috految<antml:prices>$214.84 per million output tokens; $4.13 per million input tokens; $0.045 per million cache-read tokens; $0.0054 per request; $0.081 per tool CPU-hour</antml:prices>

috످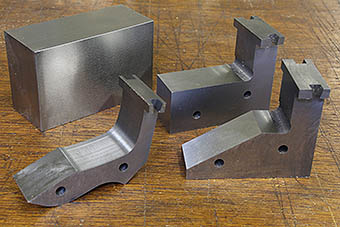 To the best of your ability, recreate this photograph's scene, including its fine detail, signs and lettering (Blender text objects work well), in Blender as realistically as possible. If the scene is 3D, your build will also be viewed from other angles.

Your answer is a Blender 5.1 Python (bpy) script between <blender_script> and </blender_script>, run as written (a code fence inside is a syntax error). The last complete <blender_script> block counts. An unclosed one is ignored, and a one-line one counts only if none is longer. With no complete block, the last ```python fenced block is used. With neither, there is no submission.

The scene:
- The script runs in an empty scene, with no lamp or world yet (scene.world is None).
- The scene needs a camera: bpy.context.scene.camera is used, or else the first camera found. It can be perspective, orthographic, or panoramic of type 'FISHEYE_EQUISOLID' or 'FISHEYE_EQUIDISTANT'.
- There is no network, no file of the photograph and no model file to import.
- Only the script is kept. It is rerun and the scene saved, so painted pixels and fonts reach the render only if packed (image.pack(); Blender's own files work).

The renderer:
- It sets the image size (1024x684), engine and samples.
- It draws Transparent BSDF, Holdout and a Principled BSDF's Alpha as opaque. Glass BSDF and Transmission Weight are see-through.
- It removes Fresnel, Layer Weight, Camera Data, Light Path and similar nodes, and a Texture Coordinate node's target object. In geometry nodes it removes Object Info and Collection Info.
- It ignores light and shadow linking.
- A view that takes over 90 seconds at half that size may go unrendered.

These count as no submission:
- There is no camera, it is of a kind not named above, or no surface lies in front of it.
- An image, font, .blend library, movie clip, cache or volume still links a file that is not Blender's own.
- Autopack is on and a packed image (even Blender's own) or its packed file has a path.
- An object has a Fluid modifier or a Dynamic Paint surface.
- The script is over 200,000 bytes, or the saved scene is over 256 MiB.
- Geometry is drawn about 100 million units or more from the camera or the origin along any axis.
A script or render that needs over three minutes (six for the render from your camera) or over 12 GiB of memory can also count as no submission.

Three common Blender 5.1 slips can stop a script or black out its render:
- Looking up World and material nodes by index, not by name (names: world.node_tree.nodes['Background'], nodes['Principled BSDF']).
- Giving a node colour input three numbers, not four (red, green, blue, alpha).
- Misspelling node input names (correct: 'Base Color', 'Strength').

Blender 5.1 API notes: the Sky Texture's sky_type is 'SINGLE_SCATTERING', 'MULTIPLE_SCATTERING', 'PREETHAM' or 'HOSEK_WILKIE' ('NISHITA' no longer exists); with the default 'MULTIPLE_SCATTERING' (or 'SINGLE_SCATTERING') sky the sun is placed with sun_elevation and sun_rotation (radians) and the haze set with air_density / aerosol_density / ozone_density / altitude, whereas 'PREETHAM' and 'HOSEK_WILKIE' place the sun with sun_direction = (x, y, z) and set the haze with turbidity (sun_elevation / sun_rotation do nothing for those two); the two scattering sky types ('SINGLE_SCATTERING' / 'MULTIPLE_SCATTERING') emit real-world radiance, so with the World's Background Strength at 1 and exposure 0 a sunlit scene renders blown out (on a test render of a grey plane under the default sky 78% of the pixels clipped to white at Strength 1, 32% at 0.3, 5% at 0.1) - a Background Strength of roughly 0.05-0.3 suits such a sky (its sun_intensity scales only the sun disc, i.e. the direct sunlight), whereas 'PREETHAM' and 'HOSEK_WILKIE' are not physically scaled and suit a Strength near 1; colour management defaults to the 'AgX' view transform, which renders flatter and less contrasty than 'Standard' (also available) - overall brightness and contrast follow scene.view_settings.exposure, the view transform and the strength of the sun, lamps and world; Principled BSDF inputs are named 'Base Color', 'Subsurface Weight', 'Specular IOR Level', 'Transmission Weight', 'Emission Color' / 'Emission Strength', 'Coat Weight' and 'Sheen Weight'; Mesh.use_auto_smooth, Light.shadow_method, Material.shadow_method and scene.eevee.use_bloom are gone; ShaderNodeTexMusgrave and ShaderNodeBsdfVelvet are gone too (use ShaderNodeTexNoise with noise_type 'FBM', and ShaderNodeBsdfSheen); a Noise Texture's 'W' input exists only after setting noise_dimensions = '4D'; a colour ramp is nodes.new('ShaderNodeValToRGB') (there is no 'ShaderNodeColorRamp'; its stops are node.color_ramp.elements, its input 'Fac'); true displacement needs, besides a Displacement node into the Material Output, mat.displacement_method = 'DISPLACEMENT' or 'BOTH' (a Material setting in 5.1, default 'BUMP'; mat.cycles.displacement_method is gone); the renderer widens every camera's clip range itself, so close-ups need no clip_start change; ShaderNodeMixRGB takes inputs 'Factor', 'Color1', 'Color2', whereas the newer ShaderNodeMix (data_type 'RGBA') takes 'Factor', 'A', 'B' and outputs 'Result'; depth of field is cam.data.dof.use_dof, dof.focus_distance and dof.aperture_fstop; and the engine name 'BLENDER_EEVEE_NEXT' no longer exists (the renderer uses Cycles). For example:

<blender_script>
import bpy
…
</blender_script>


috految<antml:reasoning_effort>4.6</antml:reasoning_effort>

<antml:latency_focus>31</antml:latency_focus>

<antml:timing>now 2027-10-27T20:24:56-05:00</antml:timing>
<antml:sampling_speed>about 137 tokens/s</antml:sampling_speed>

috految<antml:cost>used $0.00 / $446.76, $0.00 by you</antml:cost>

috److I derive the geometry by unprojecting photo pixels (340×227) onto vertical planes.

**Camera.** The left vertical edge runs from (4,31) to (14,109), and the right from (324,100) to (310,177). These converge near (145,1180). With a focal length of 620 px, the pitch is about 31°. I place the camera at a distance of 10, at (0, -8.57, 5.15), which gives about 62 px per unit. The vanishing point offset suggests a small roll, which the traced profiles absorb.

**Parts.**

| Part | Base line (px) | Extrusion from front to back (px) | Notes |
|---|---|---|---|
| Block | (42,132) to (152,92) | (35,52) to (4,31) | The front top-right corner is (153,21) and the back is (121,3). |
| Rear jaw | (170,134) to (268,114) | (171,92) to (157,74) | The column runs from (256,46) to (278,43). |
| Right jaw | (186,180) to (310,177) | (186,169) to (181,145) | The shoulder runs from (262,133) to (252,110). |
| Curved jaw | (49,208) to (125,184) | (78,171) to (59,148) | The tip runs from (28,201) to (13,176). |

**Heads.** Each head is a T-shaped cap, notched at both ends and overhanging the column.

| Part | Front top edge (px) | Back top edge (px) |
|---|---|---|
| Right jaw | (299,90) to (331,89) | (282,60) to (312,59) |
| Rear jaw | (262,39) to (285,36) | (234,19) to (259,16) |
| Curved jaw | (154,105) to (166,102) | (119,76) to (135,74) |

The caps overhang the front plane by about 0.1 units.

**Lighting.** The vertical faces reflect the table, so I use a rough, slightly cool steel with low frontal lights to keep them grey.

<blender_script>
import bpy,bmesh,math
from mathutils import Vector as V
from random import uniform as U
S=bpy.context.scene;O=bpy.ops
C=V((0,-8.57,5.15));Z=V((0,0,1))
O.object.camera_add(location=C,rotation=(math.radians(59),0,0));c=S.camera=bpy.context.object;c.data.lens=65.65
c.data.dof.use_dof=True;c.data.dof.focus_distance=8.8;c.data.dof.aperture_fstop=1.1
R=c.rotation_euler.to_matrix()
def P(x,y,p=Z*0,n=Z):
 d=R@V((x-170,113.5-y,-620));return C+d*((p-C).dot(n)/d.dot(n))
def mat(col,metal,rough,layers,bump=.001):
 m=bpy.data.materials.new('m');t=m.node_tree;b=t.nodes['Principled BSDF'];L=t.links.new
 def N(k,ins):
  n=t.nodes.new('ShaderNode'+k)
  for i,v in ins.items():
   if isinstance(v,bpy.types.NodeSocket):L(v,n.inputs[i])
   else:n.inputs[i].default_value=v
  return n.outputs
 p=N('TexCoord',{})['Object'];o=(*col,1)
 for sc,a,lo,hi,k in layers:
  q=N('Mapping',{0:p,'Rotation':(0,0,a)})[0];q=N('Mapping',{0:q,'Scale':sc})[0]
  f=N('TexNoise',{'Vector':q,'Scale':1,'Detail':6,'Roughness':.73,'Distortion':.5})[0]
  o=N('MixRGB',{0:N('MapRange',{0:f,1:lo,2:hi})[0],1:o,2:(*k,1)})[0]
 L(o,b.inputs['Base Color']);b.inputs['Metallic'].default_value=metal;b.inputs['Specular IOR Level'].default_value=.3
 L(N('MapRange',{0:f,3:rough-.17,4:rough+.17})[0],b.inputs['Roughness'])
 L(N('Bump',{'Height':f,'Distance':bump,'Strength':.6})[0],b.inputs['Normal']);return m
wood=mat((.39,.18,.031),0,.33,[((.35,2.6,3),.12,.38,.7,(.17,.056,.008)),((1.3,17,17),.12,.49,.74,(.5,.29,.09)),((1.3,2,2),0,.49,.78,(.07,.033,.014)),((.4,13,13),.12,.53,.7,(.065,.025,.008)),((4,9,9),.2,.57,.68,(.46,.34,.21)),((7,10,9),1,.57,.66,(.055,.028,.014)),((4,48,40),.12,.5,.69,(.06,.024,.007))],.004)
steel=mat((.31,.315,.33),.92,.39,[((3,3,3),0,.45,.8,(.15,.145,.14)),((17,17,12),0,.58,.74,(.09,.08,.07)),((35,22,3),.3,.48,.9,(.45,.45,.46))])
mill=mat((.39,.385,.38),.97,.34,[((4,4,4),0,.48,.8,(.18,.17,.15)),((.6,25,1),-.48,.42,.83,(.19,.18,.175))],.002)
block=mat((.38,.38,.355),.96,.33,[((2,2,2),0,.46,.85,(.2,.19,.16)),((20,20,45),0,.45,.85,(.23,.23,.21))],.003)
edge=mat((.52,.52,.52),1,.33,[((25,25,25),0,.4,.8,(.2,.2,.2))])
def ob(d):
 o=bpy.data.objects.new('part',d);S.collection.objects.link(o);return o
def solid(p,e,m=steel):
 n=len(p);d=bpy.data.meshes.new('part')
 d.from_pydata(p+[v+e for v in p],[],[list(range(n)),list(range(n,2*n))]+[(i,(i+1)%n,(i+1)%n+n,i+n) for i in range(n)])
 b=bmesh.new();b.from_mesh(d);bmesh.ops.recalc_face_normals(b,faces=b.faces);b.to_mesh(d)
 for k in(m,edge,mill):d.materials.append(k)
 if m==steel:
  for f in d.polygons:
   if f.index>1:f.material_index=2
 return ob(d)
def bevel(o,w=.009):
 m=o.modifiers.new('b','BEVEL');m.width=w;m.segments=3;m.material=1
def cut(o,k):
 m=o.modifiers.new('c','BOOLEAN');m.object=k;bpy.context.view_layer.objects.active=o;O.object.modifier_apply(modifier=m.name);bpy.data.objects.remove(k)
def plane(a,b):
 a=P(*a);return a,(P(*b)-a).cross(Z).normalized()
def Q(a,b,c):return [tuple(V(a).lerp(V(b),i/20).lerp(V(b).lerp(V(c),i/20),i/20)) for i in range(21)]
a,n=plane((42,132),(152,92));p=[P(*q,a,n) for q in[(42,132),(152,92),(153.5,21),(35,53)]]
bevel(solid(p,P(3,31,p[3])-p[3],block),.017)
def jaw(A,B,pts,f,b,holes,cap,h):
 a,n=plane(A,B);v=P(*f,a,n);e=P(*b,v)-v;u=Z.cross(n)
 l=P(*cap[0],a+n*.11,n);r=P(*cap[1],a+n*.11,n);d=P(*cap[2],l)-l
 p=[P(*q,a,n) for q in pts]
 p[0].z=l.z-h+.03;p[-1].z=r.z-h+.03
 o=solid(p,e)
 for x,y in holes:
  q=P(x,y,a,n)
  cut(o,solid([q-e*.2+(u*math.cos(i*math.pi/20)+Z*math.sin(i*math.pi/20))*.073 for i in range(40)],e*1.5))
  O.mesh.primitive_torus_add(major_radius=.076,minor_radius=.005,location=q,rotation=n.to_track_quat('Z','Y').to_euler());bpy.context.object.data.materials.append(edge)
 bevel(o)
 w=r-l
 o=solid([l+w*x+d*y for x,y in[(0,0),(.38,0),(.38,.16),(.74,.16),(.74,0),(1,0),(1,1),(.71,1),(.71,.84),(.36,.84),(.36,1),(0,1)]],-Z*h);bevel(o,.008)
 bevel(solid([l+w*x+d*y-Z*(h-.015) for x,y in[(.07,.12),(.93,.12),(.93,.88),(.07,.88)]],-Z*.035),.005)
jaw((170,134),(268,114),[(256,45)]+Q((253,73),(252,81),(245,82))+[(243,80.7),(171,92.5),(170,134),(268,114),(278,43)],(171,92.5),(156.5,74),[(197,115),(247,94.5)],[(262,39),(285,36),(234,19)],.14)
jaw((186,180),(310,177),[(296,97)]+Q((291,124),(289,135),(281,134))+[(277,132.5),(262,133),(186.5,169),(186,180),(310,177),(325,96)],(262,133),(252,110),[(219.5,163),(283,149)],[(299,90),(331,89),(282,60)],.135)
jaw((49,208),(125,184),[(145,110)]+Q((140,131),(135,153),(119,158))+Q((116,159),(97,167),(81,171.5))+[(78,169.8),(76.5,172)]+Q((74,173),(49,182),(29,199))+[(27.5,202),(39,206),(49,208),(58,205.2),(72,200.7)]+Q((74,199.5),(105,176),(125,184))+Q((137,173),(150,159),(151.5,142))+[(158,111)],(78,171),(59,147.5),[(61,191),(123.5,167)],[(151,105),(166,102),(119,76)],.115)
def box(x,y,z,w,d,h,m):solid([V((x+i*w,y+j*d,z)) for i,j in[(-1,-1),(1,-1),(1,1),(-1,1)]],-Z*h,m)
box(0,1.5,0,10,7,.6,wood)
for x in(-8.5,8.5):
 for y in(-4,7):box(x,y,-.6,.5,.5,8,wood)
box(0,0,-8.6,70,70,.1,mat((.23,.23,.22),0,.7,[((1,1,1),0,.3,.8,(.15,.15,.15))]))
for col,count in[((.45,.32,.17),2600),((.07,.035,.015),1700)]:
 d=bpy.data.curves.new('scratches','CURVE');d.dimensions='3D';d.bevel_depth=.005;d.materials.append(mat(col,0,.65,[((30,30,30),0,.45,.7,(.22,.1,.03))]));ob(d).scale.z=.15
 def line(p,v,w):
  s=d.splines.new('POLY');s.points.add(7)
  for j,k in enumerate(s.points):k.co=(*(p+v*j/7+V((U(0,.009),U(0,.009),0))),1);k.radius=U(.1,w)
 for i in range(count):line(V((U(-9,9),U(-4.7,7.5),0)),V((U(-1,1),U(-1,1),0))*(.02+U(0,.9)**4),1.3)
 for x,y,X,Y in[(143,190,146,225),(325,135,337,165),(328,203,338,224),(213,200,215,218),(297,183,305,192)]:line(P(x,y),P(X,Y)-P(x,y),2)
S.world=bpy.data.worlds.new('w');S.world.node_tree.nodes['Background'].inputs[0].default_value=(.6,.61,.65,1)
for p,e,s,col in[((-2,3,9),310,5,(1,.97,.91)),((7,-5,3),270,4,(.84,.91,1)),((-3,-7,6),210,5,(.9,.94,1)),((6,-.8,1.4),55,2,(1,1,.92)),((3,10,8),135,6,(1,.98,.97))]:
 O.object.light_add(type='AREA',location=p,rotation=V(p).to_track_quat('Z','Y').to_euler());d=bpy.context.object.data;d.energy=e;d.size=s;d.color=col
S.view_settings.view_transform='Standard'
</blender_script>

috످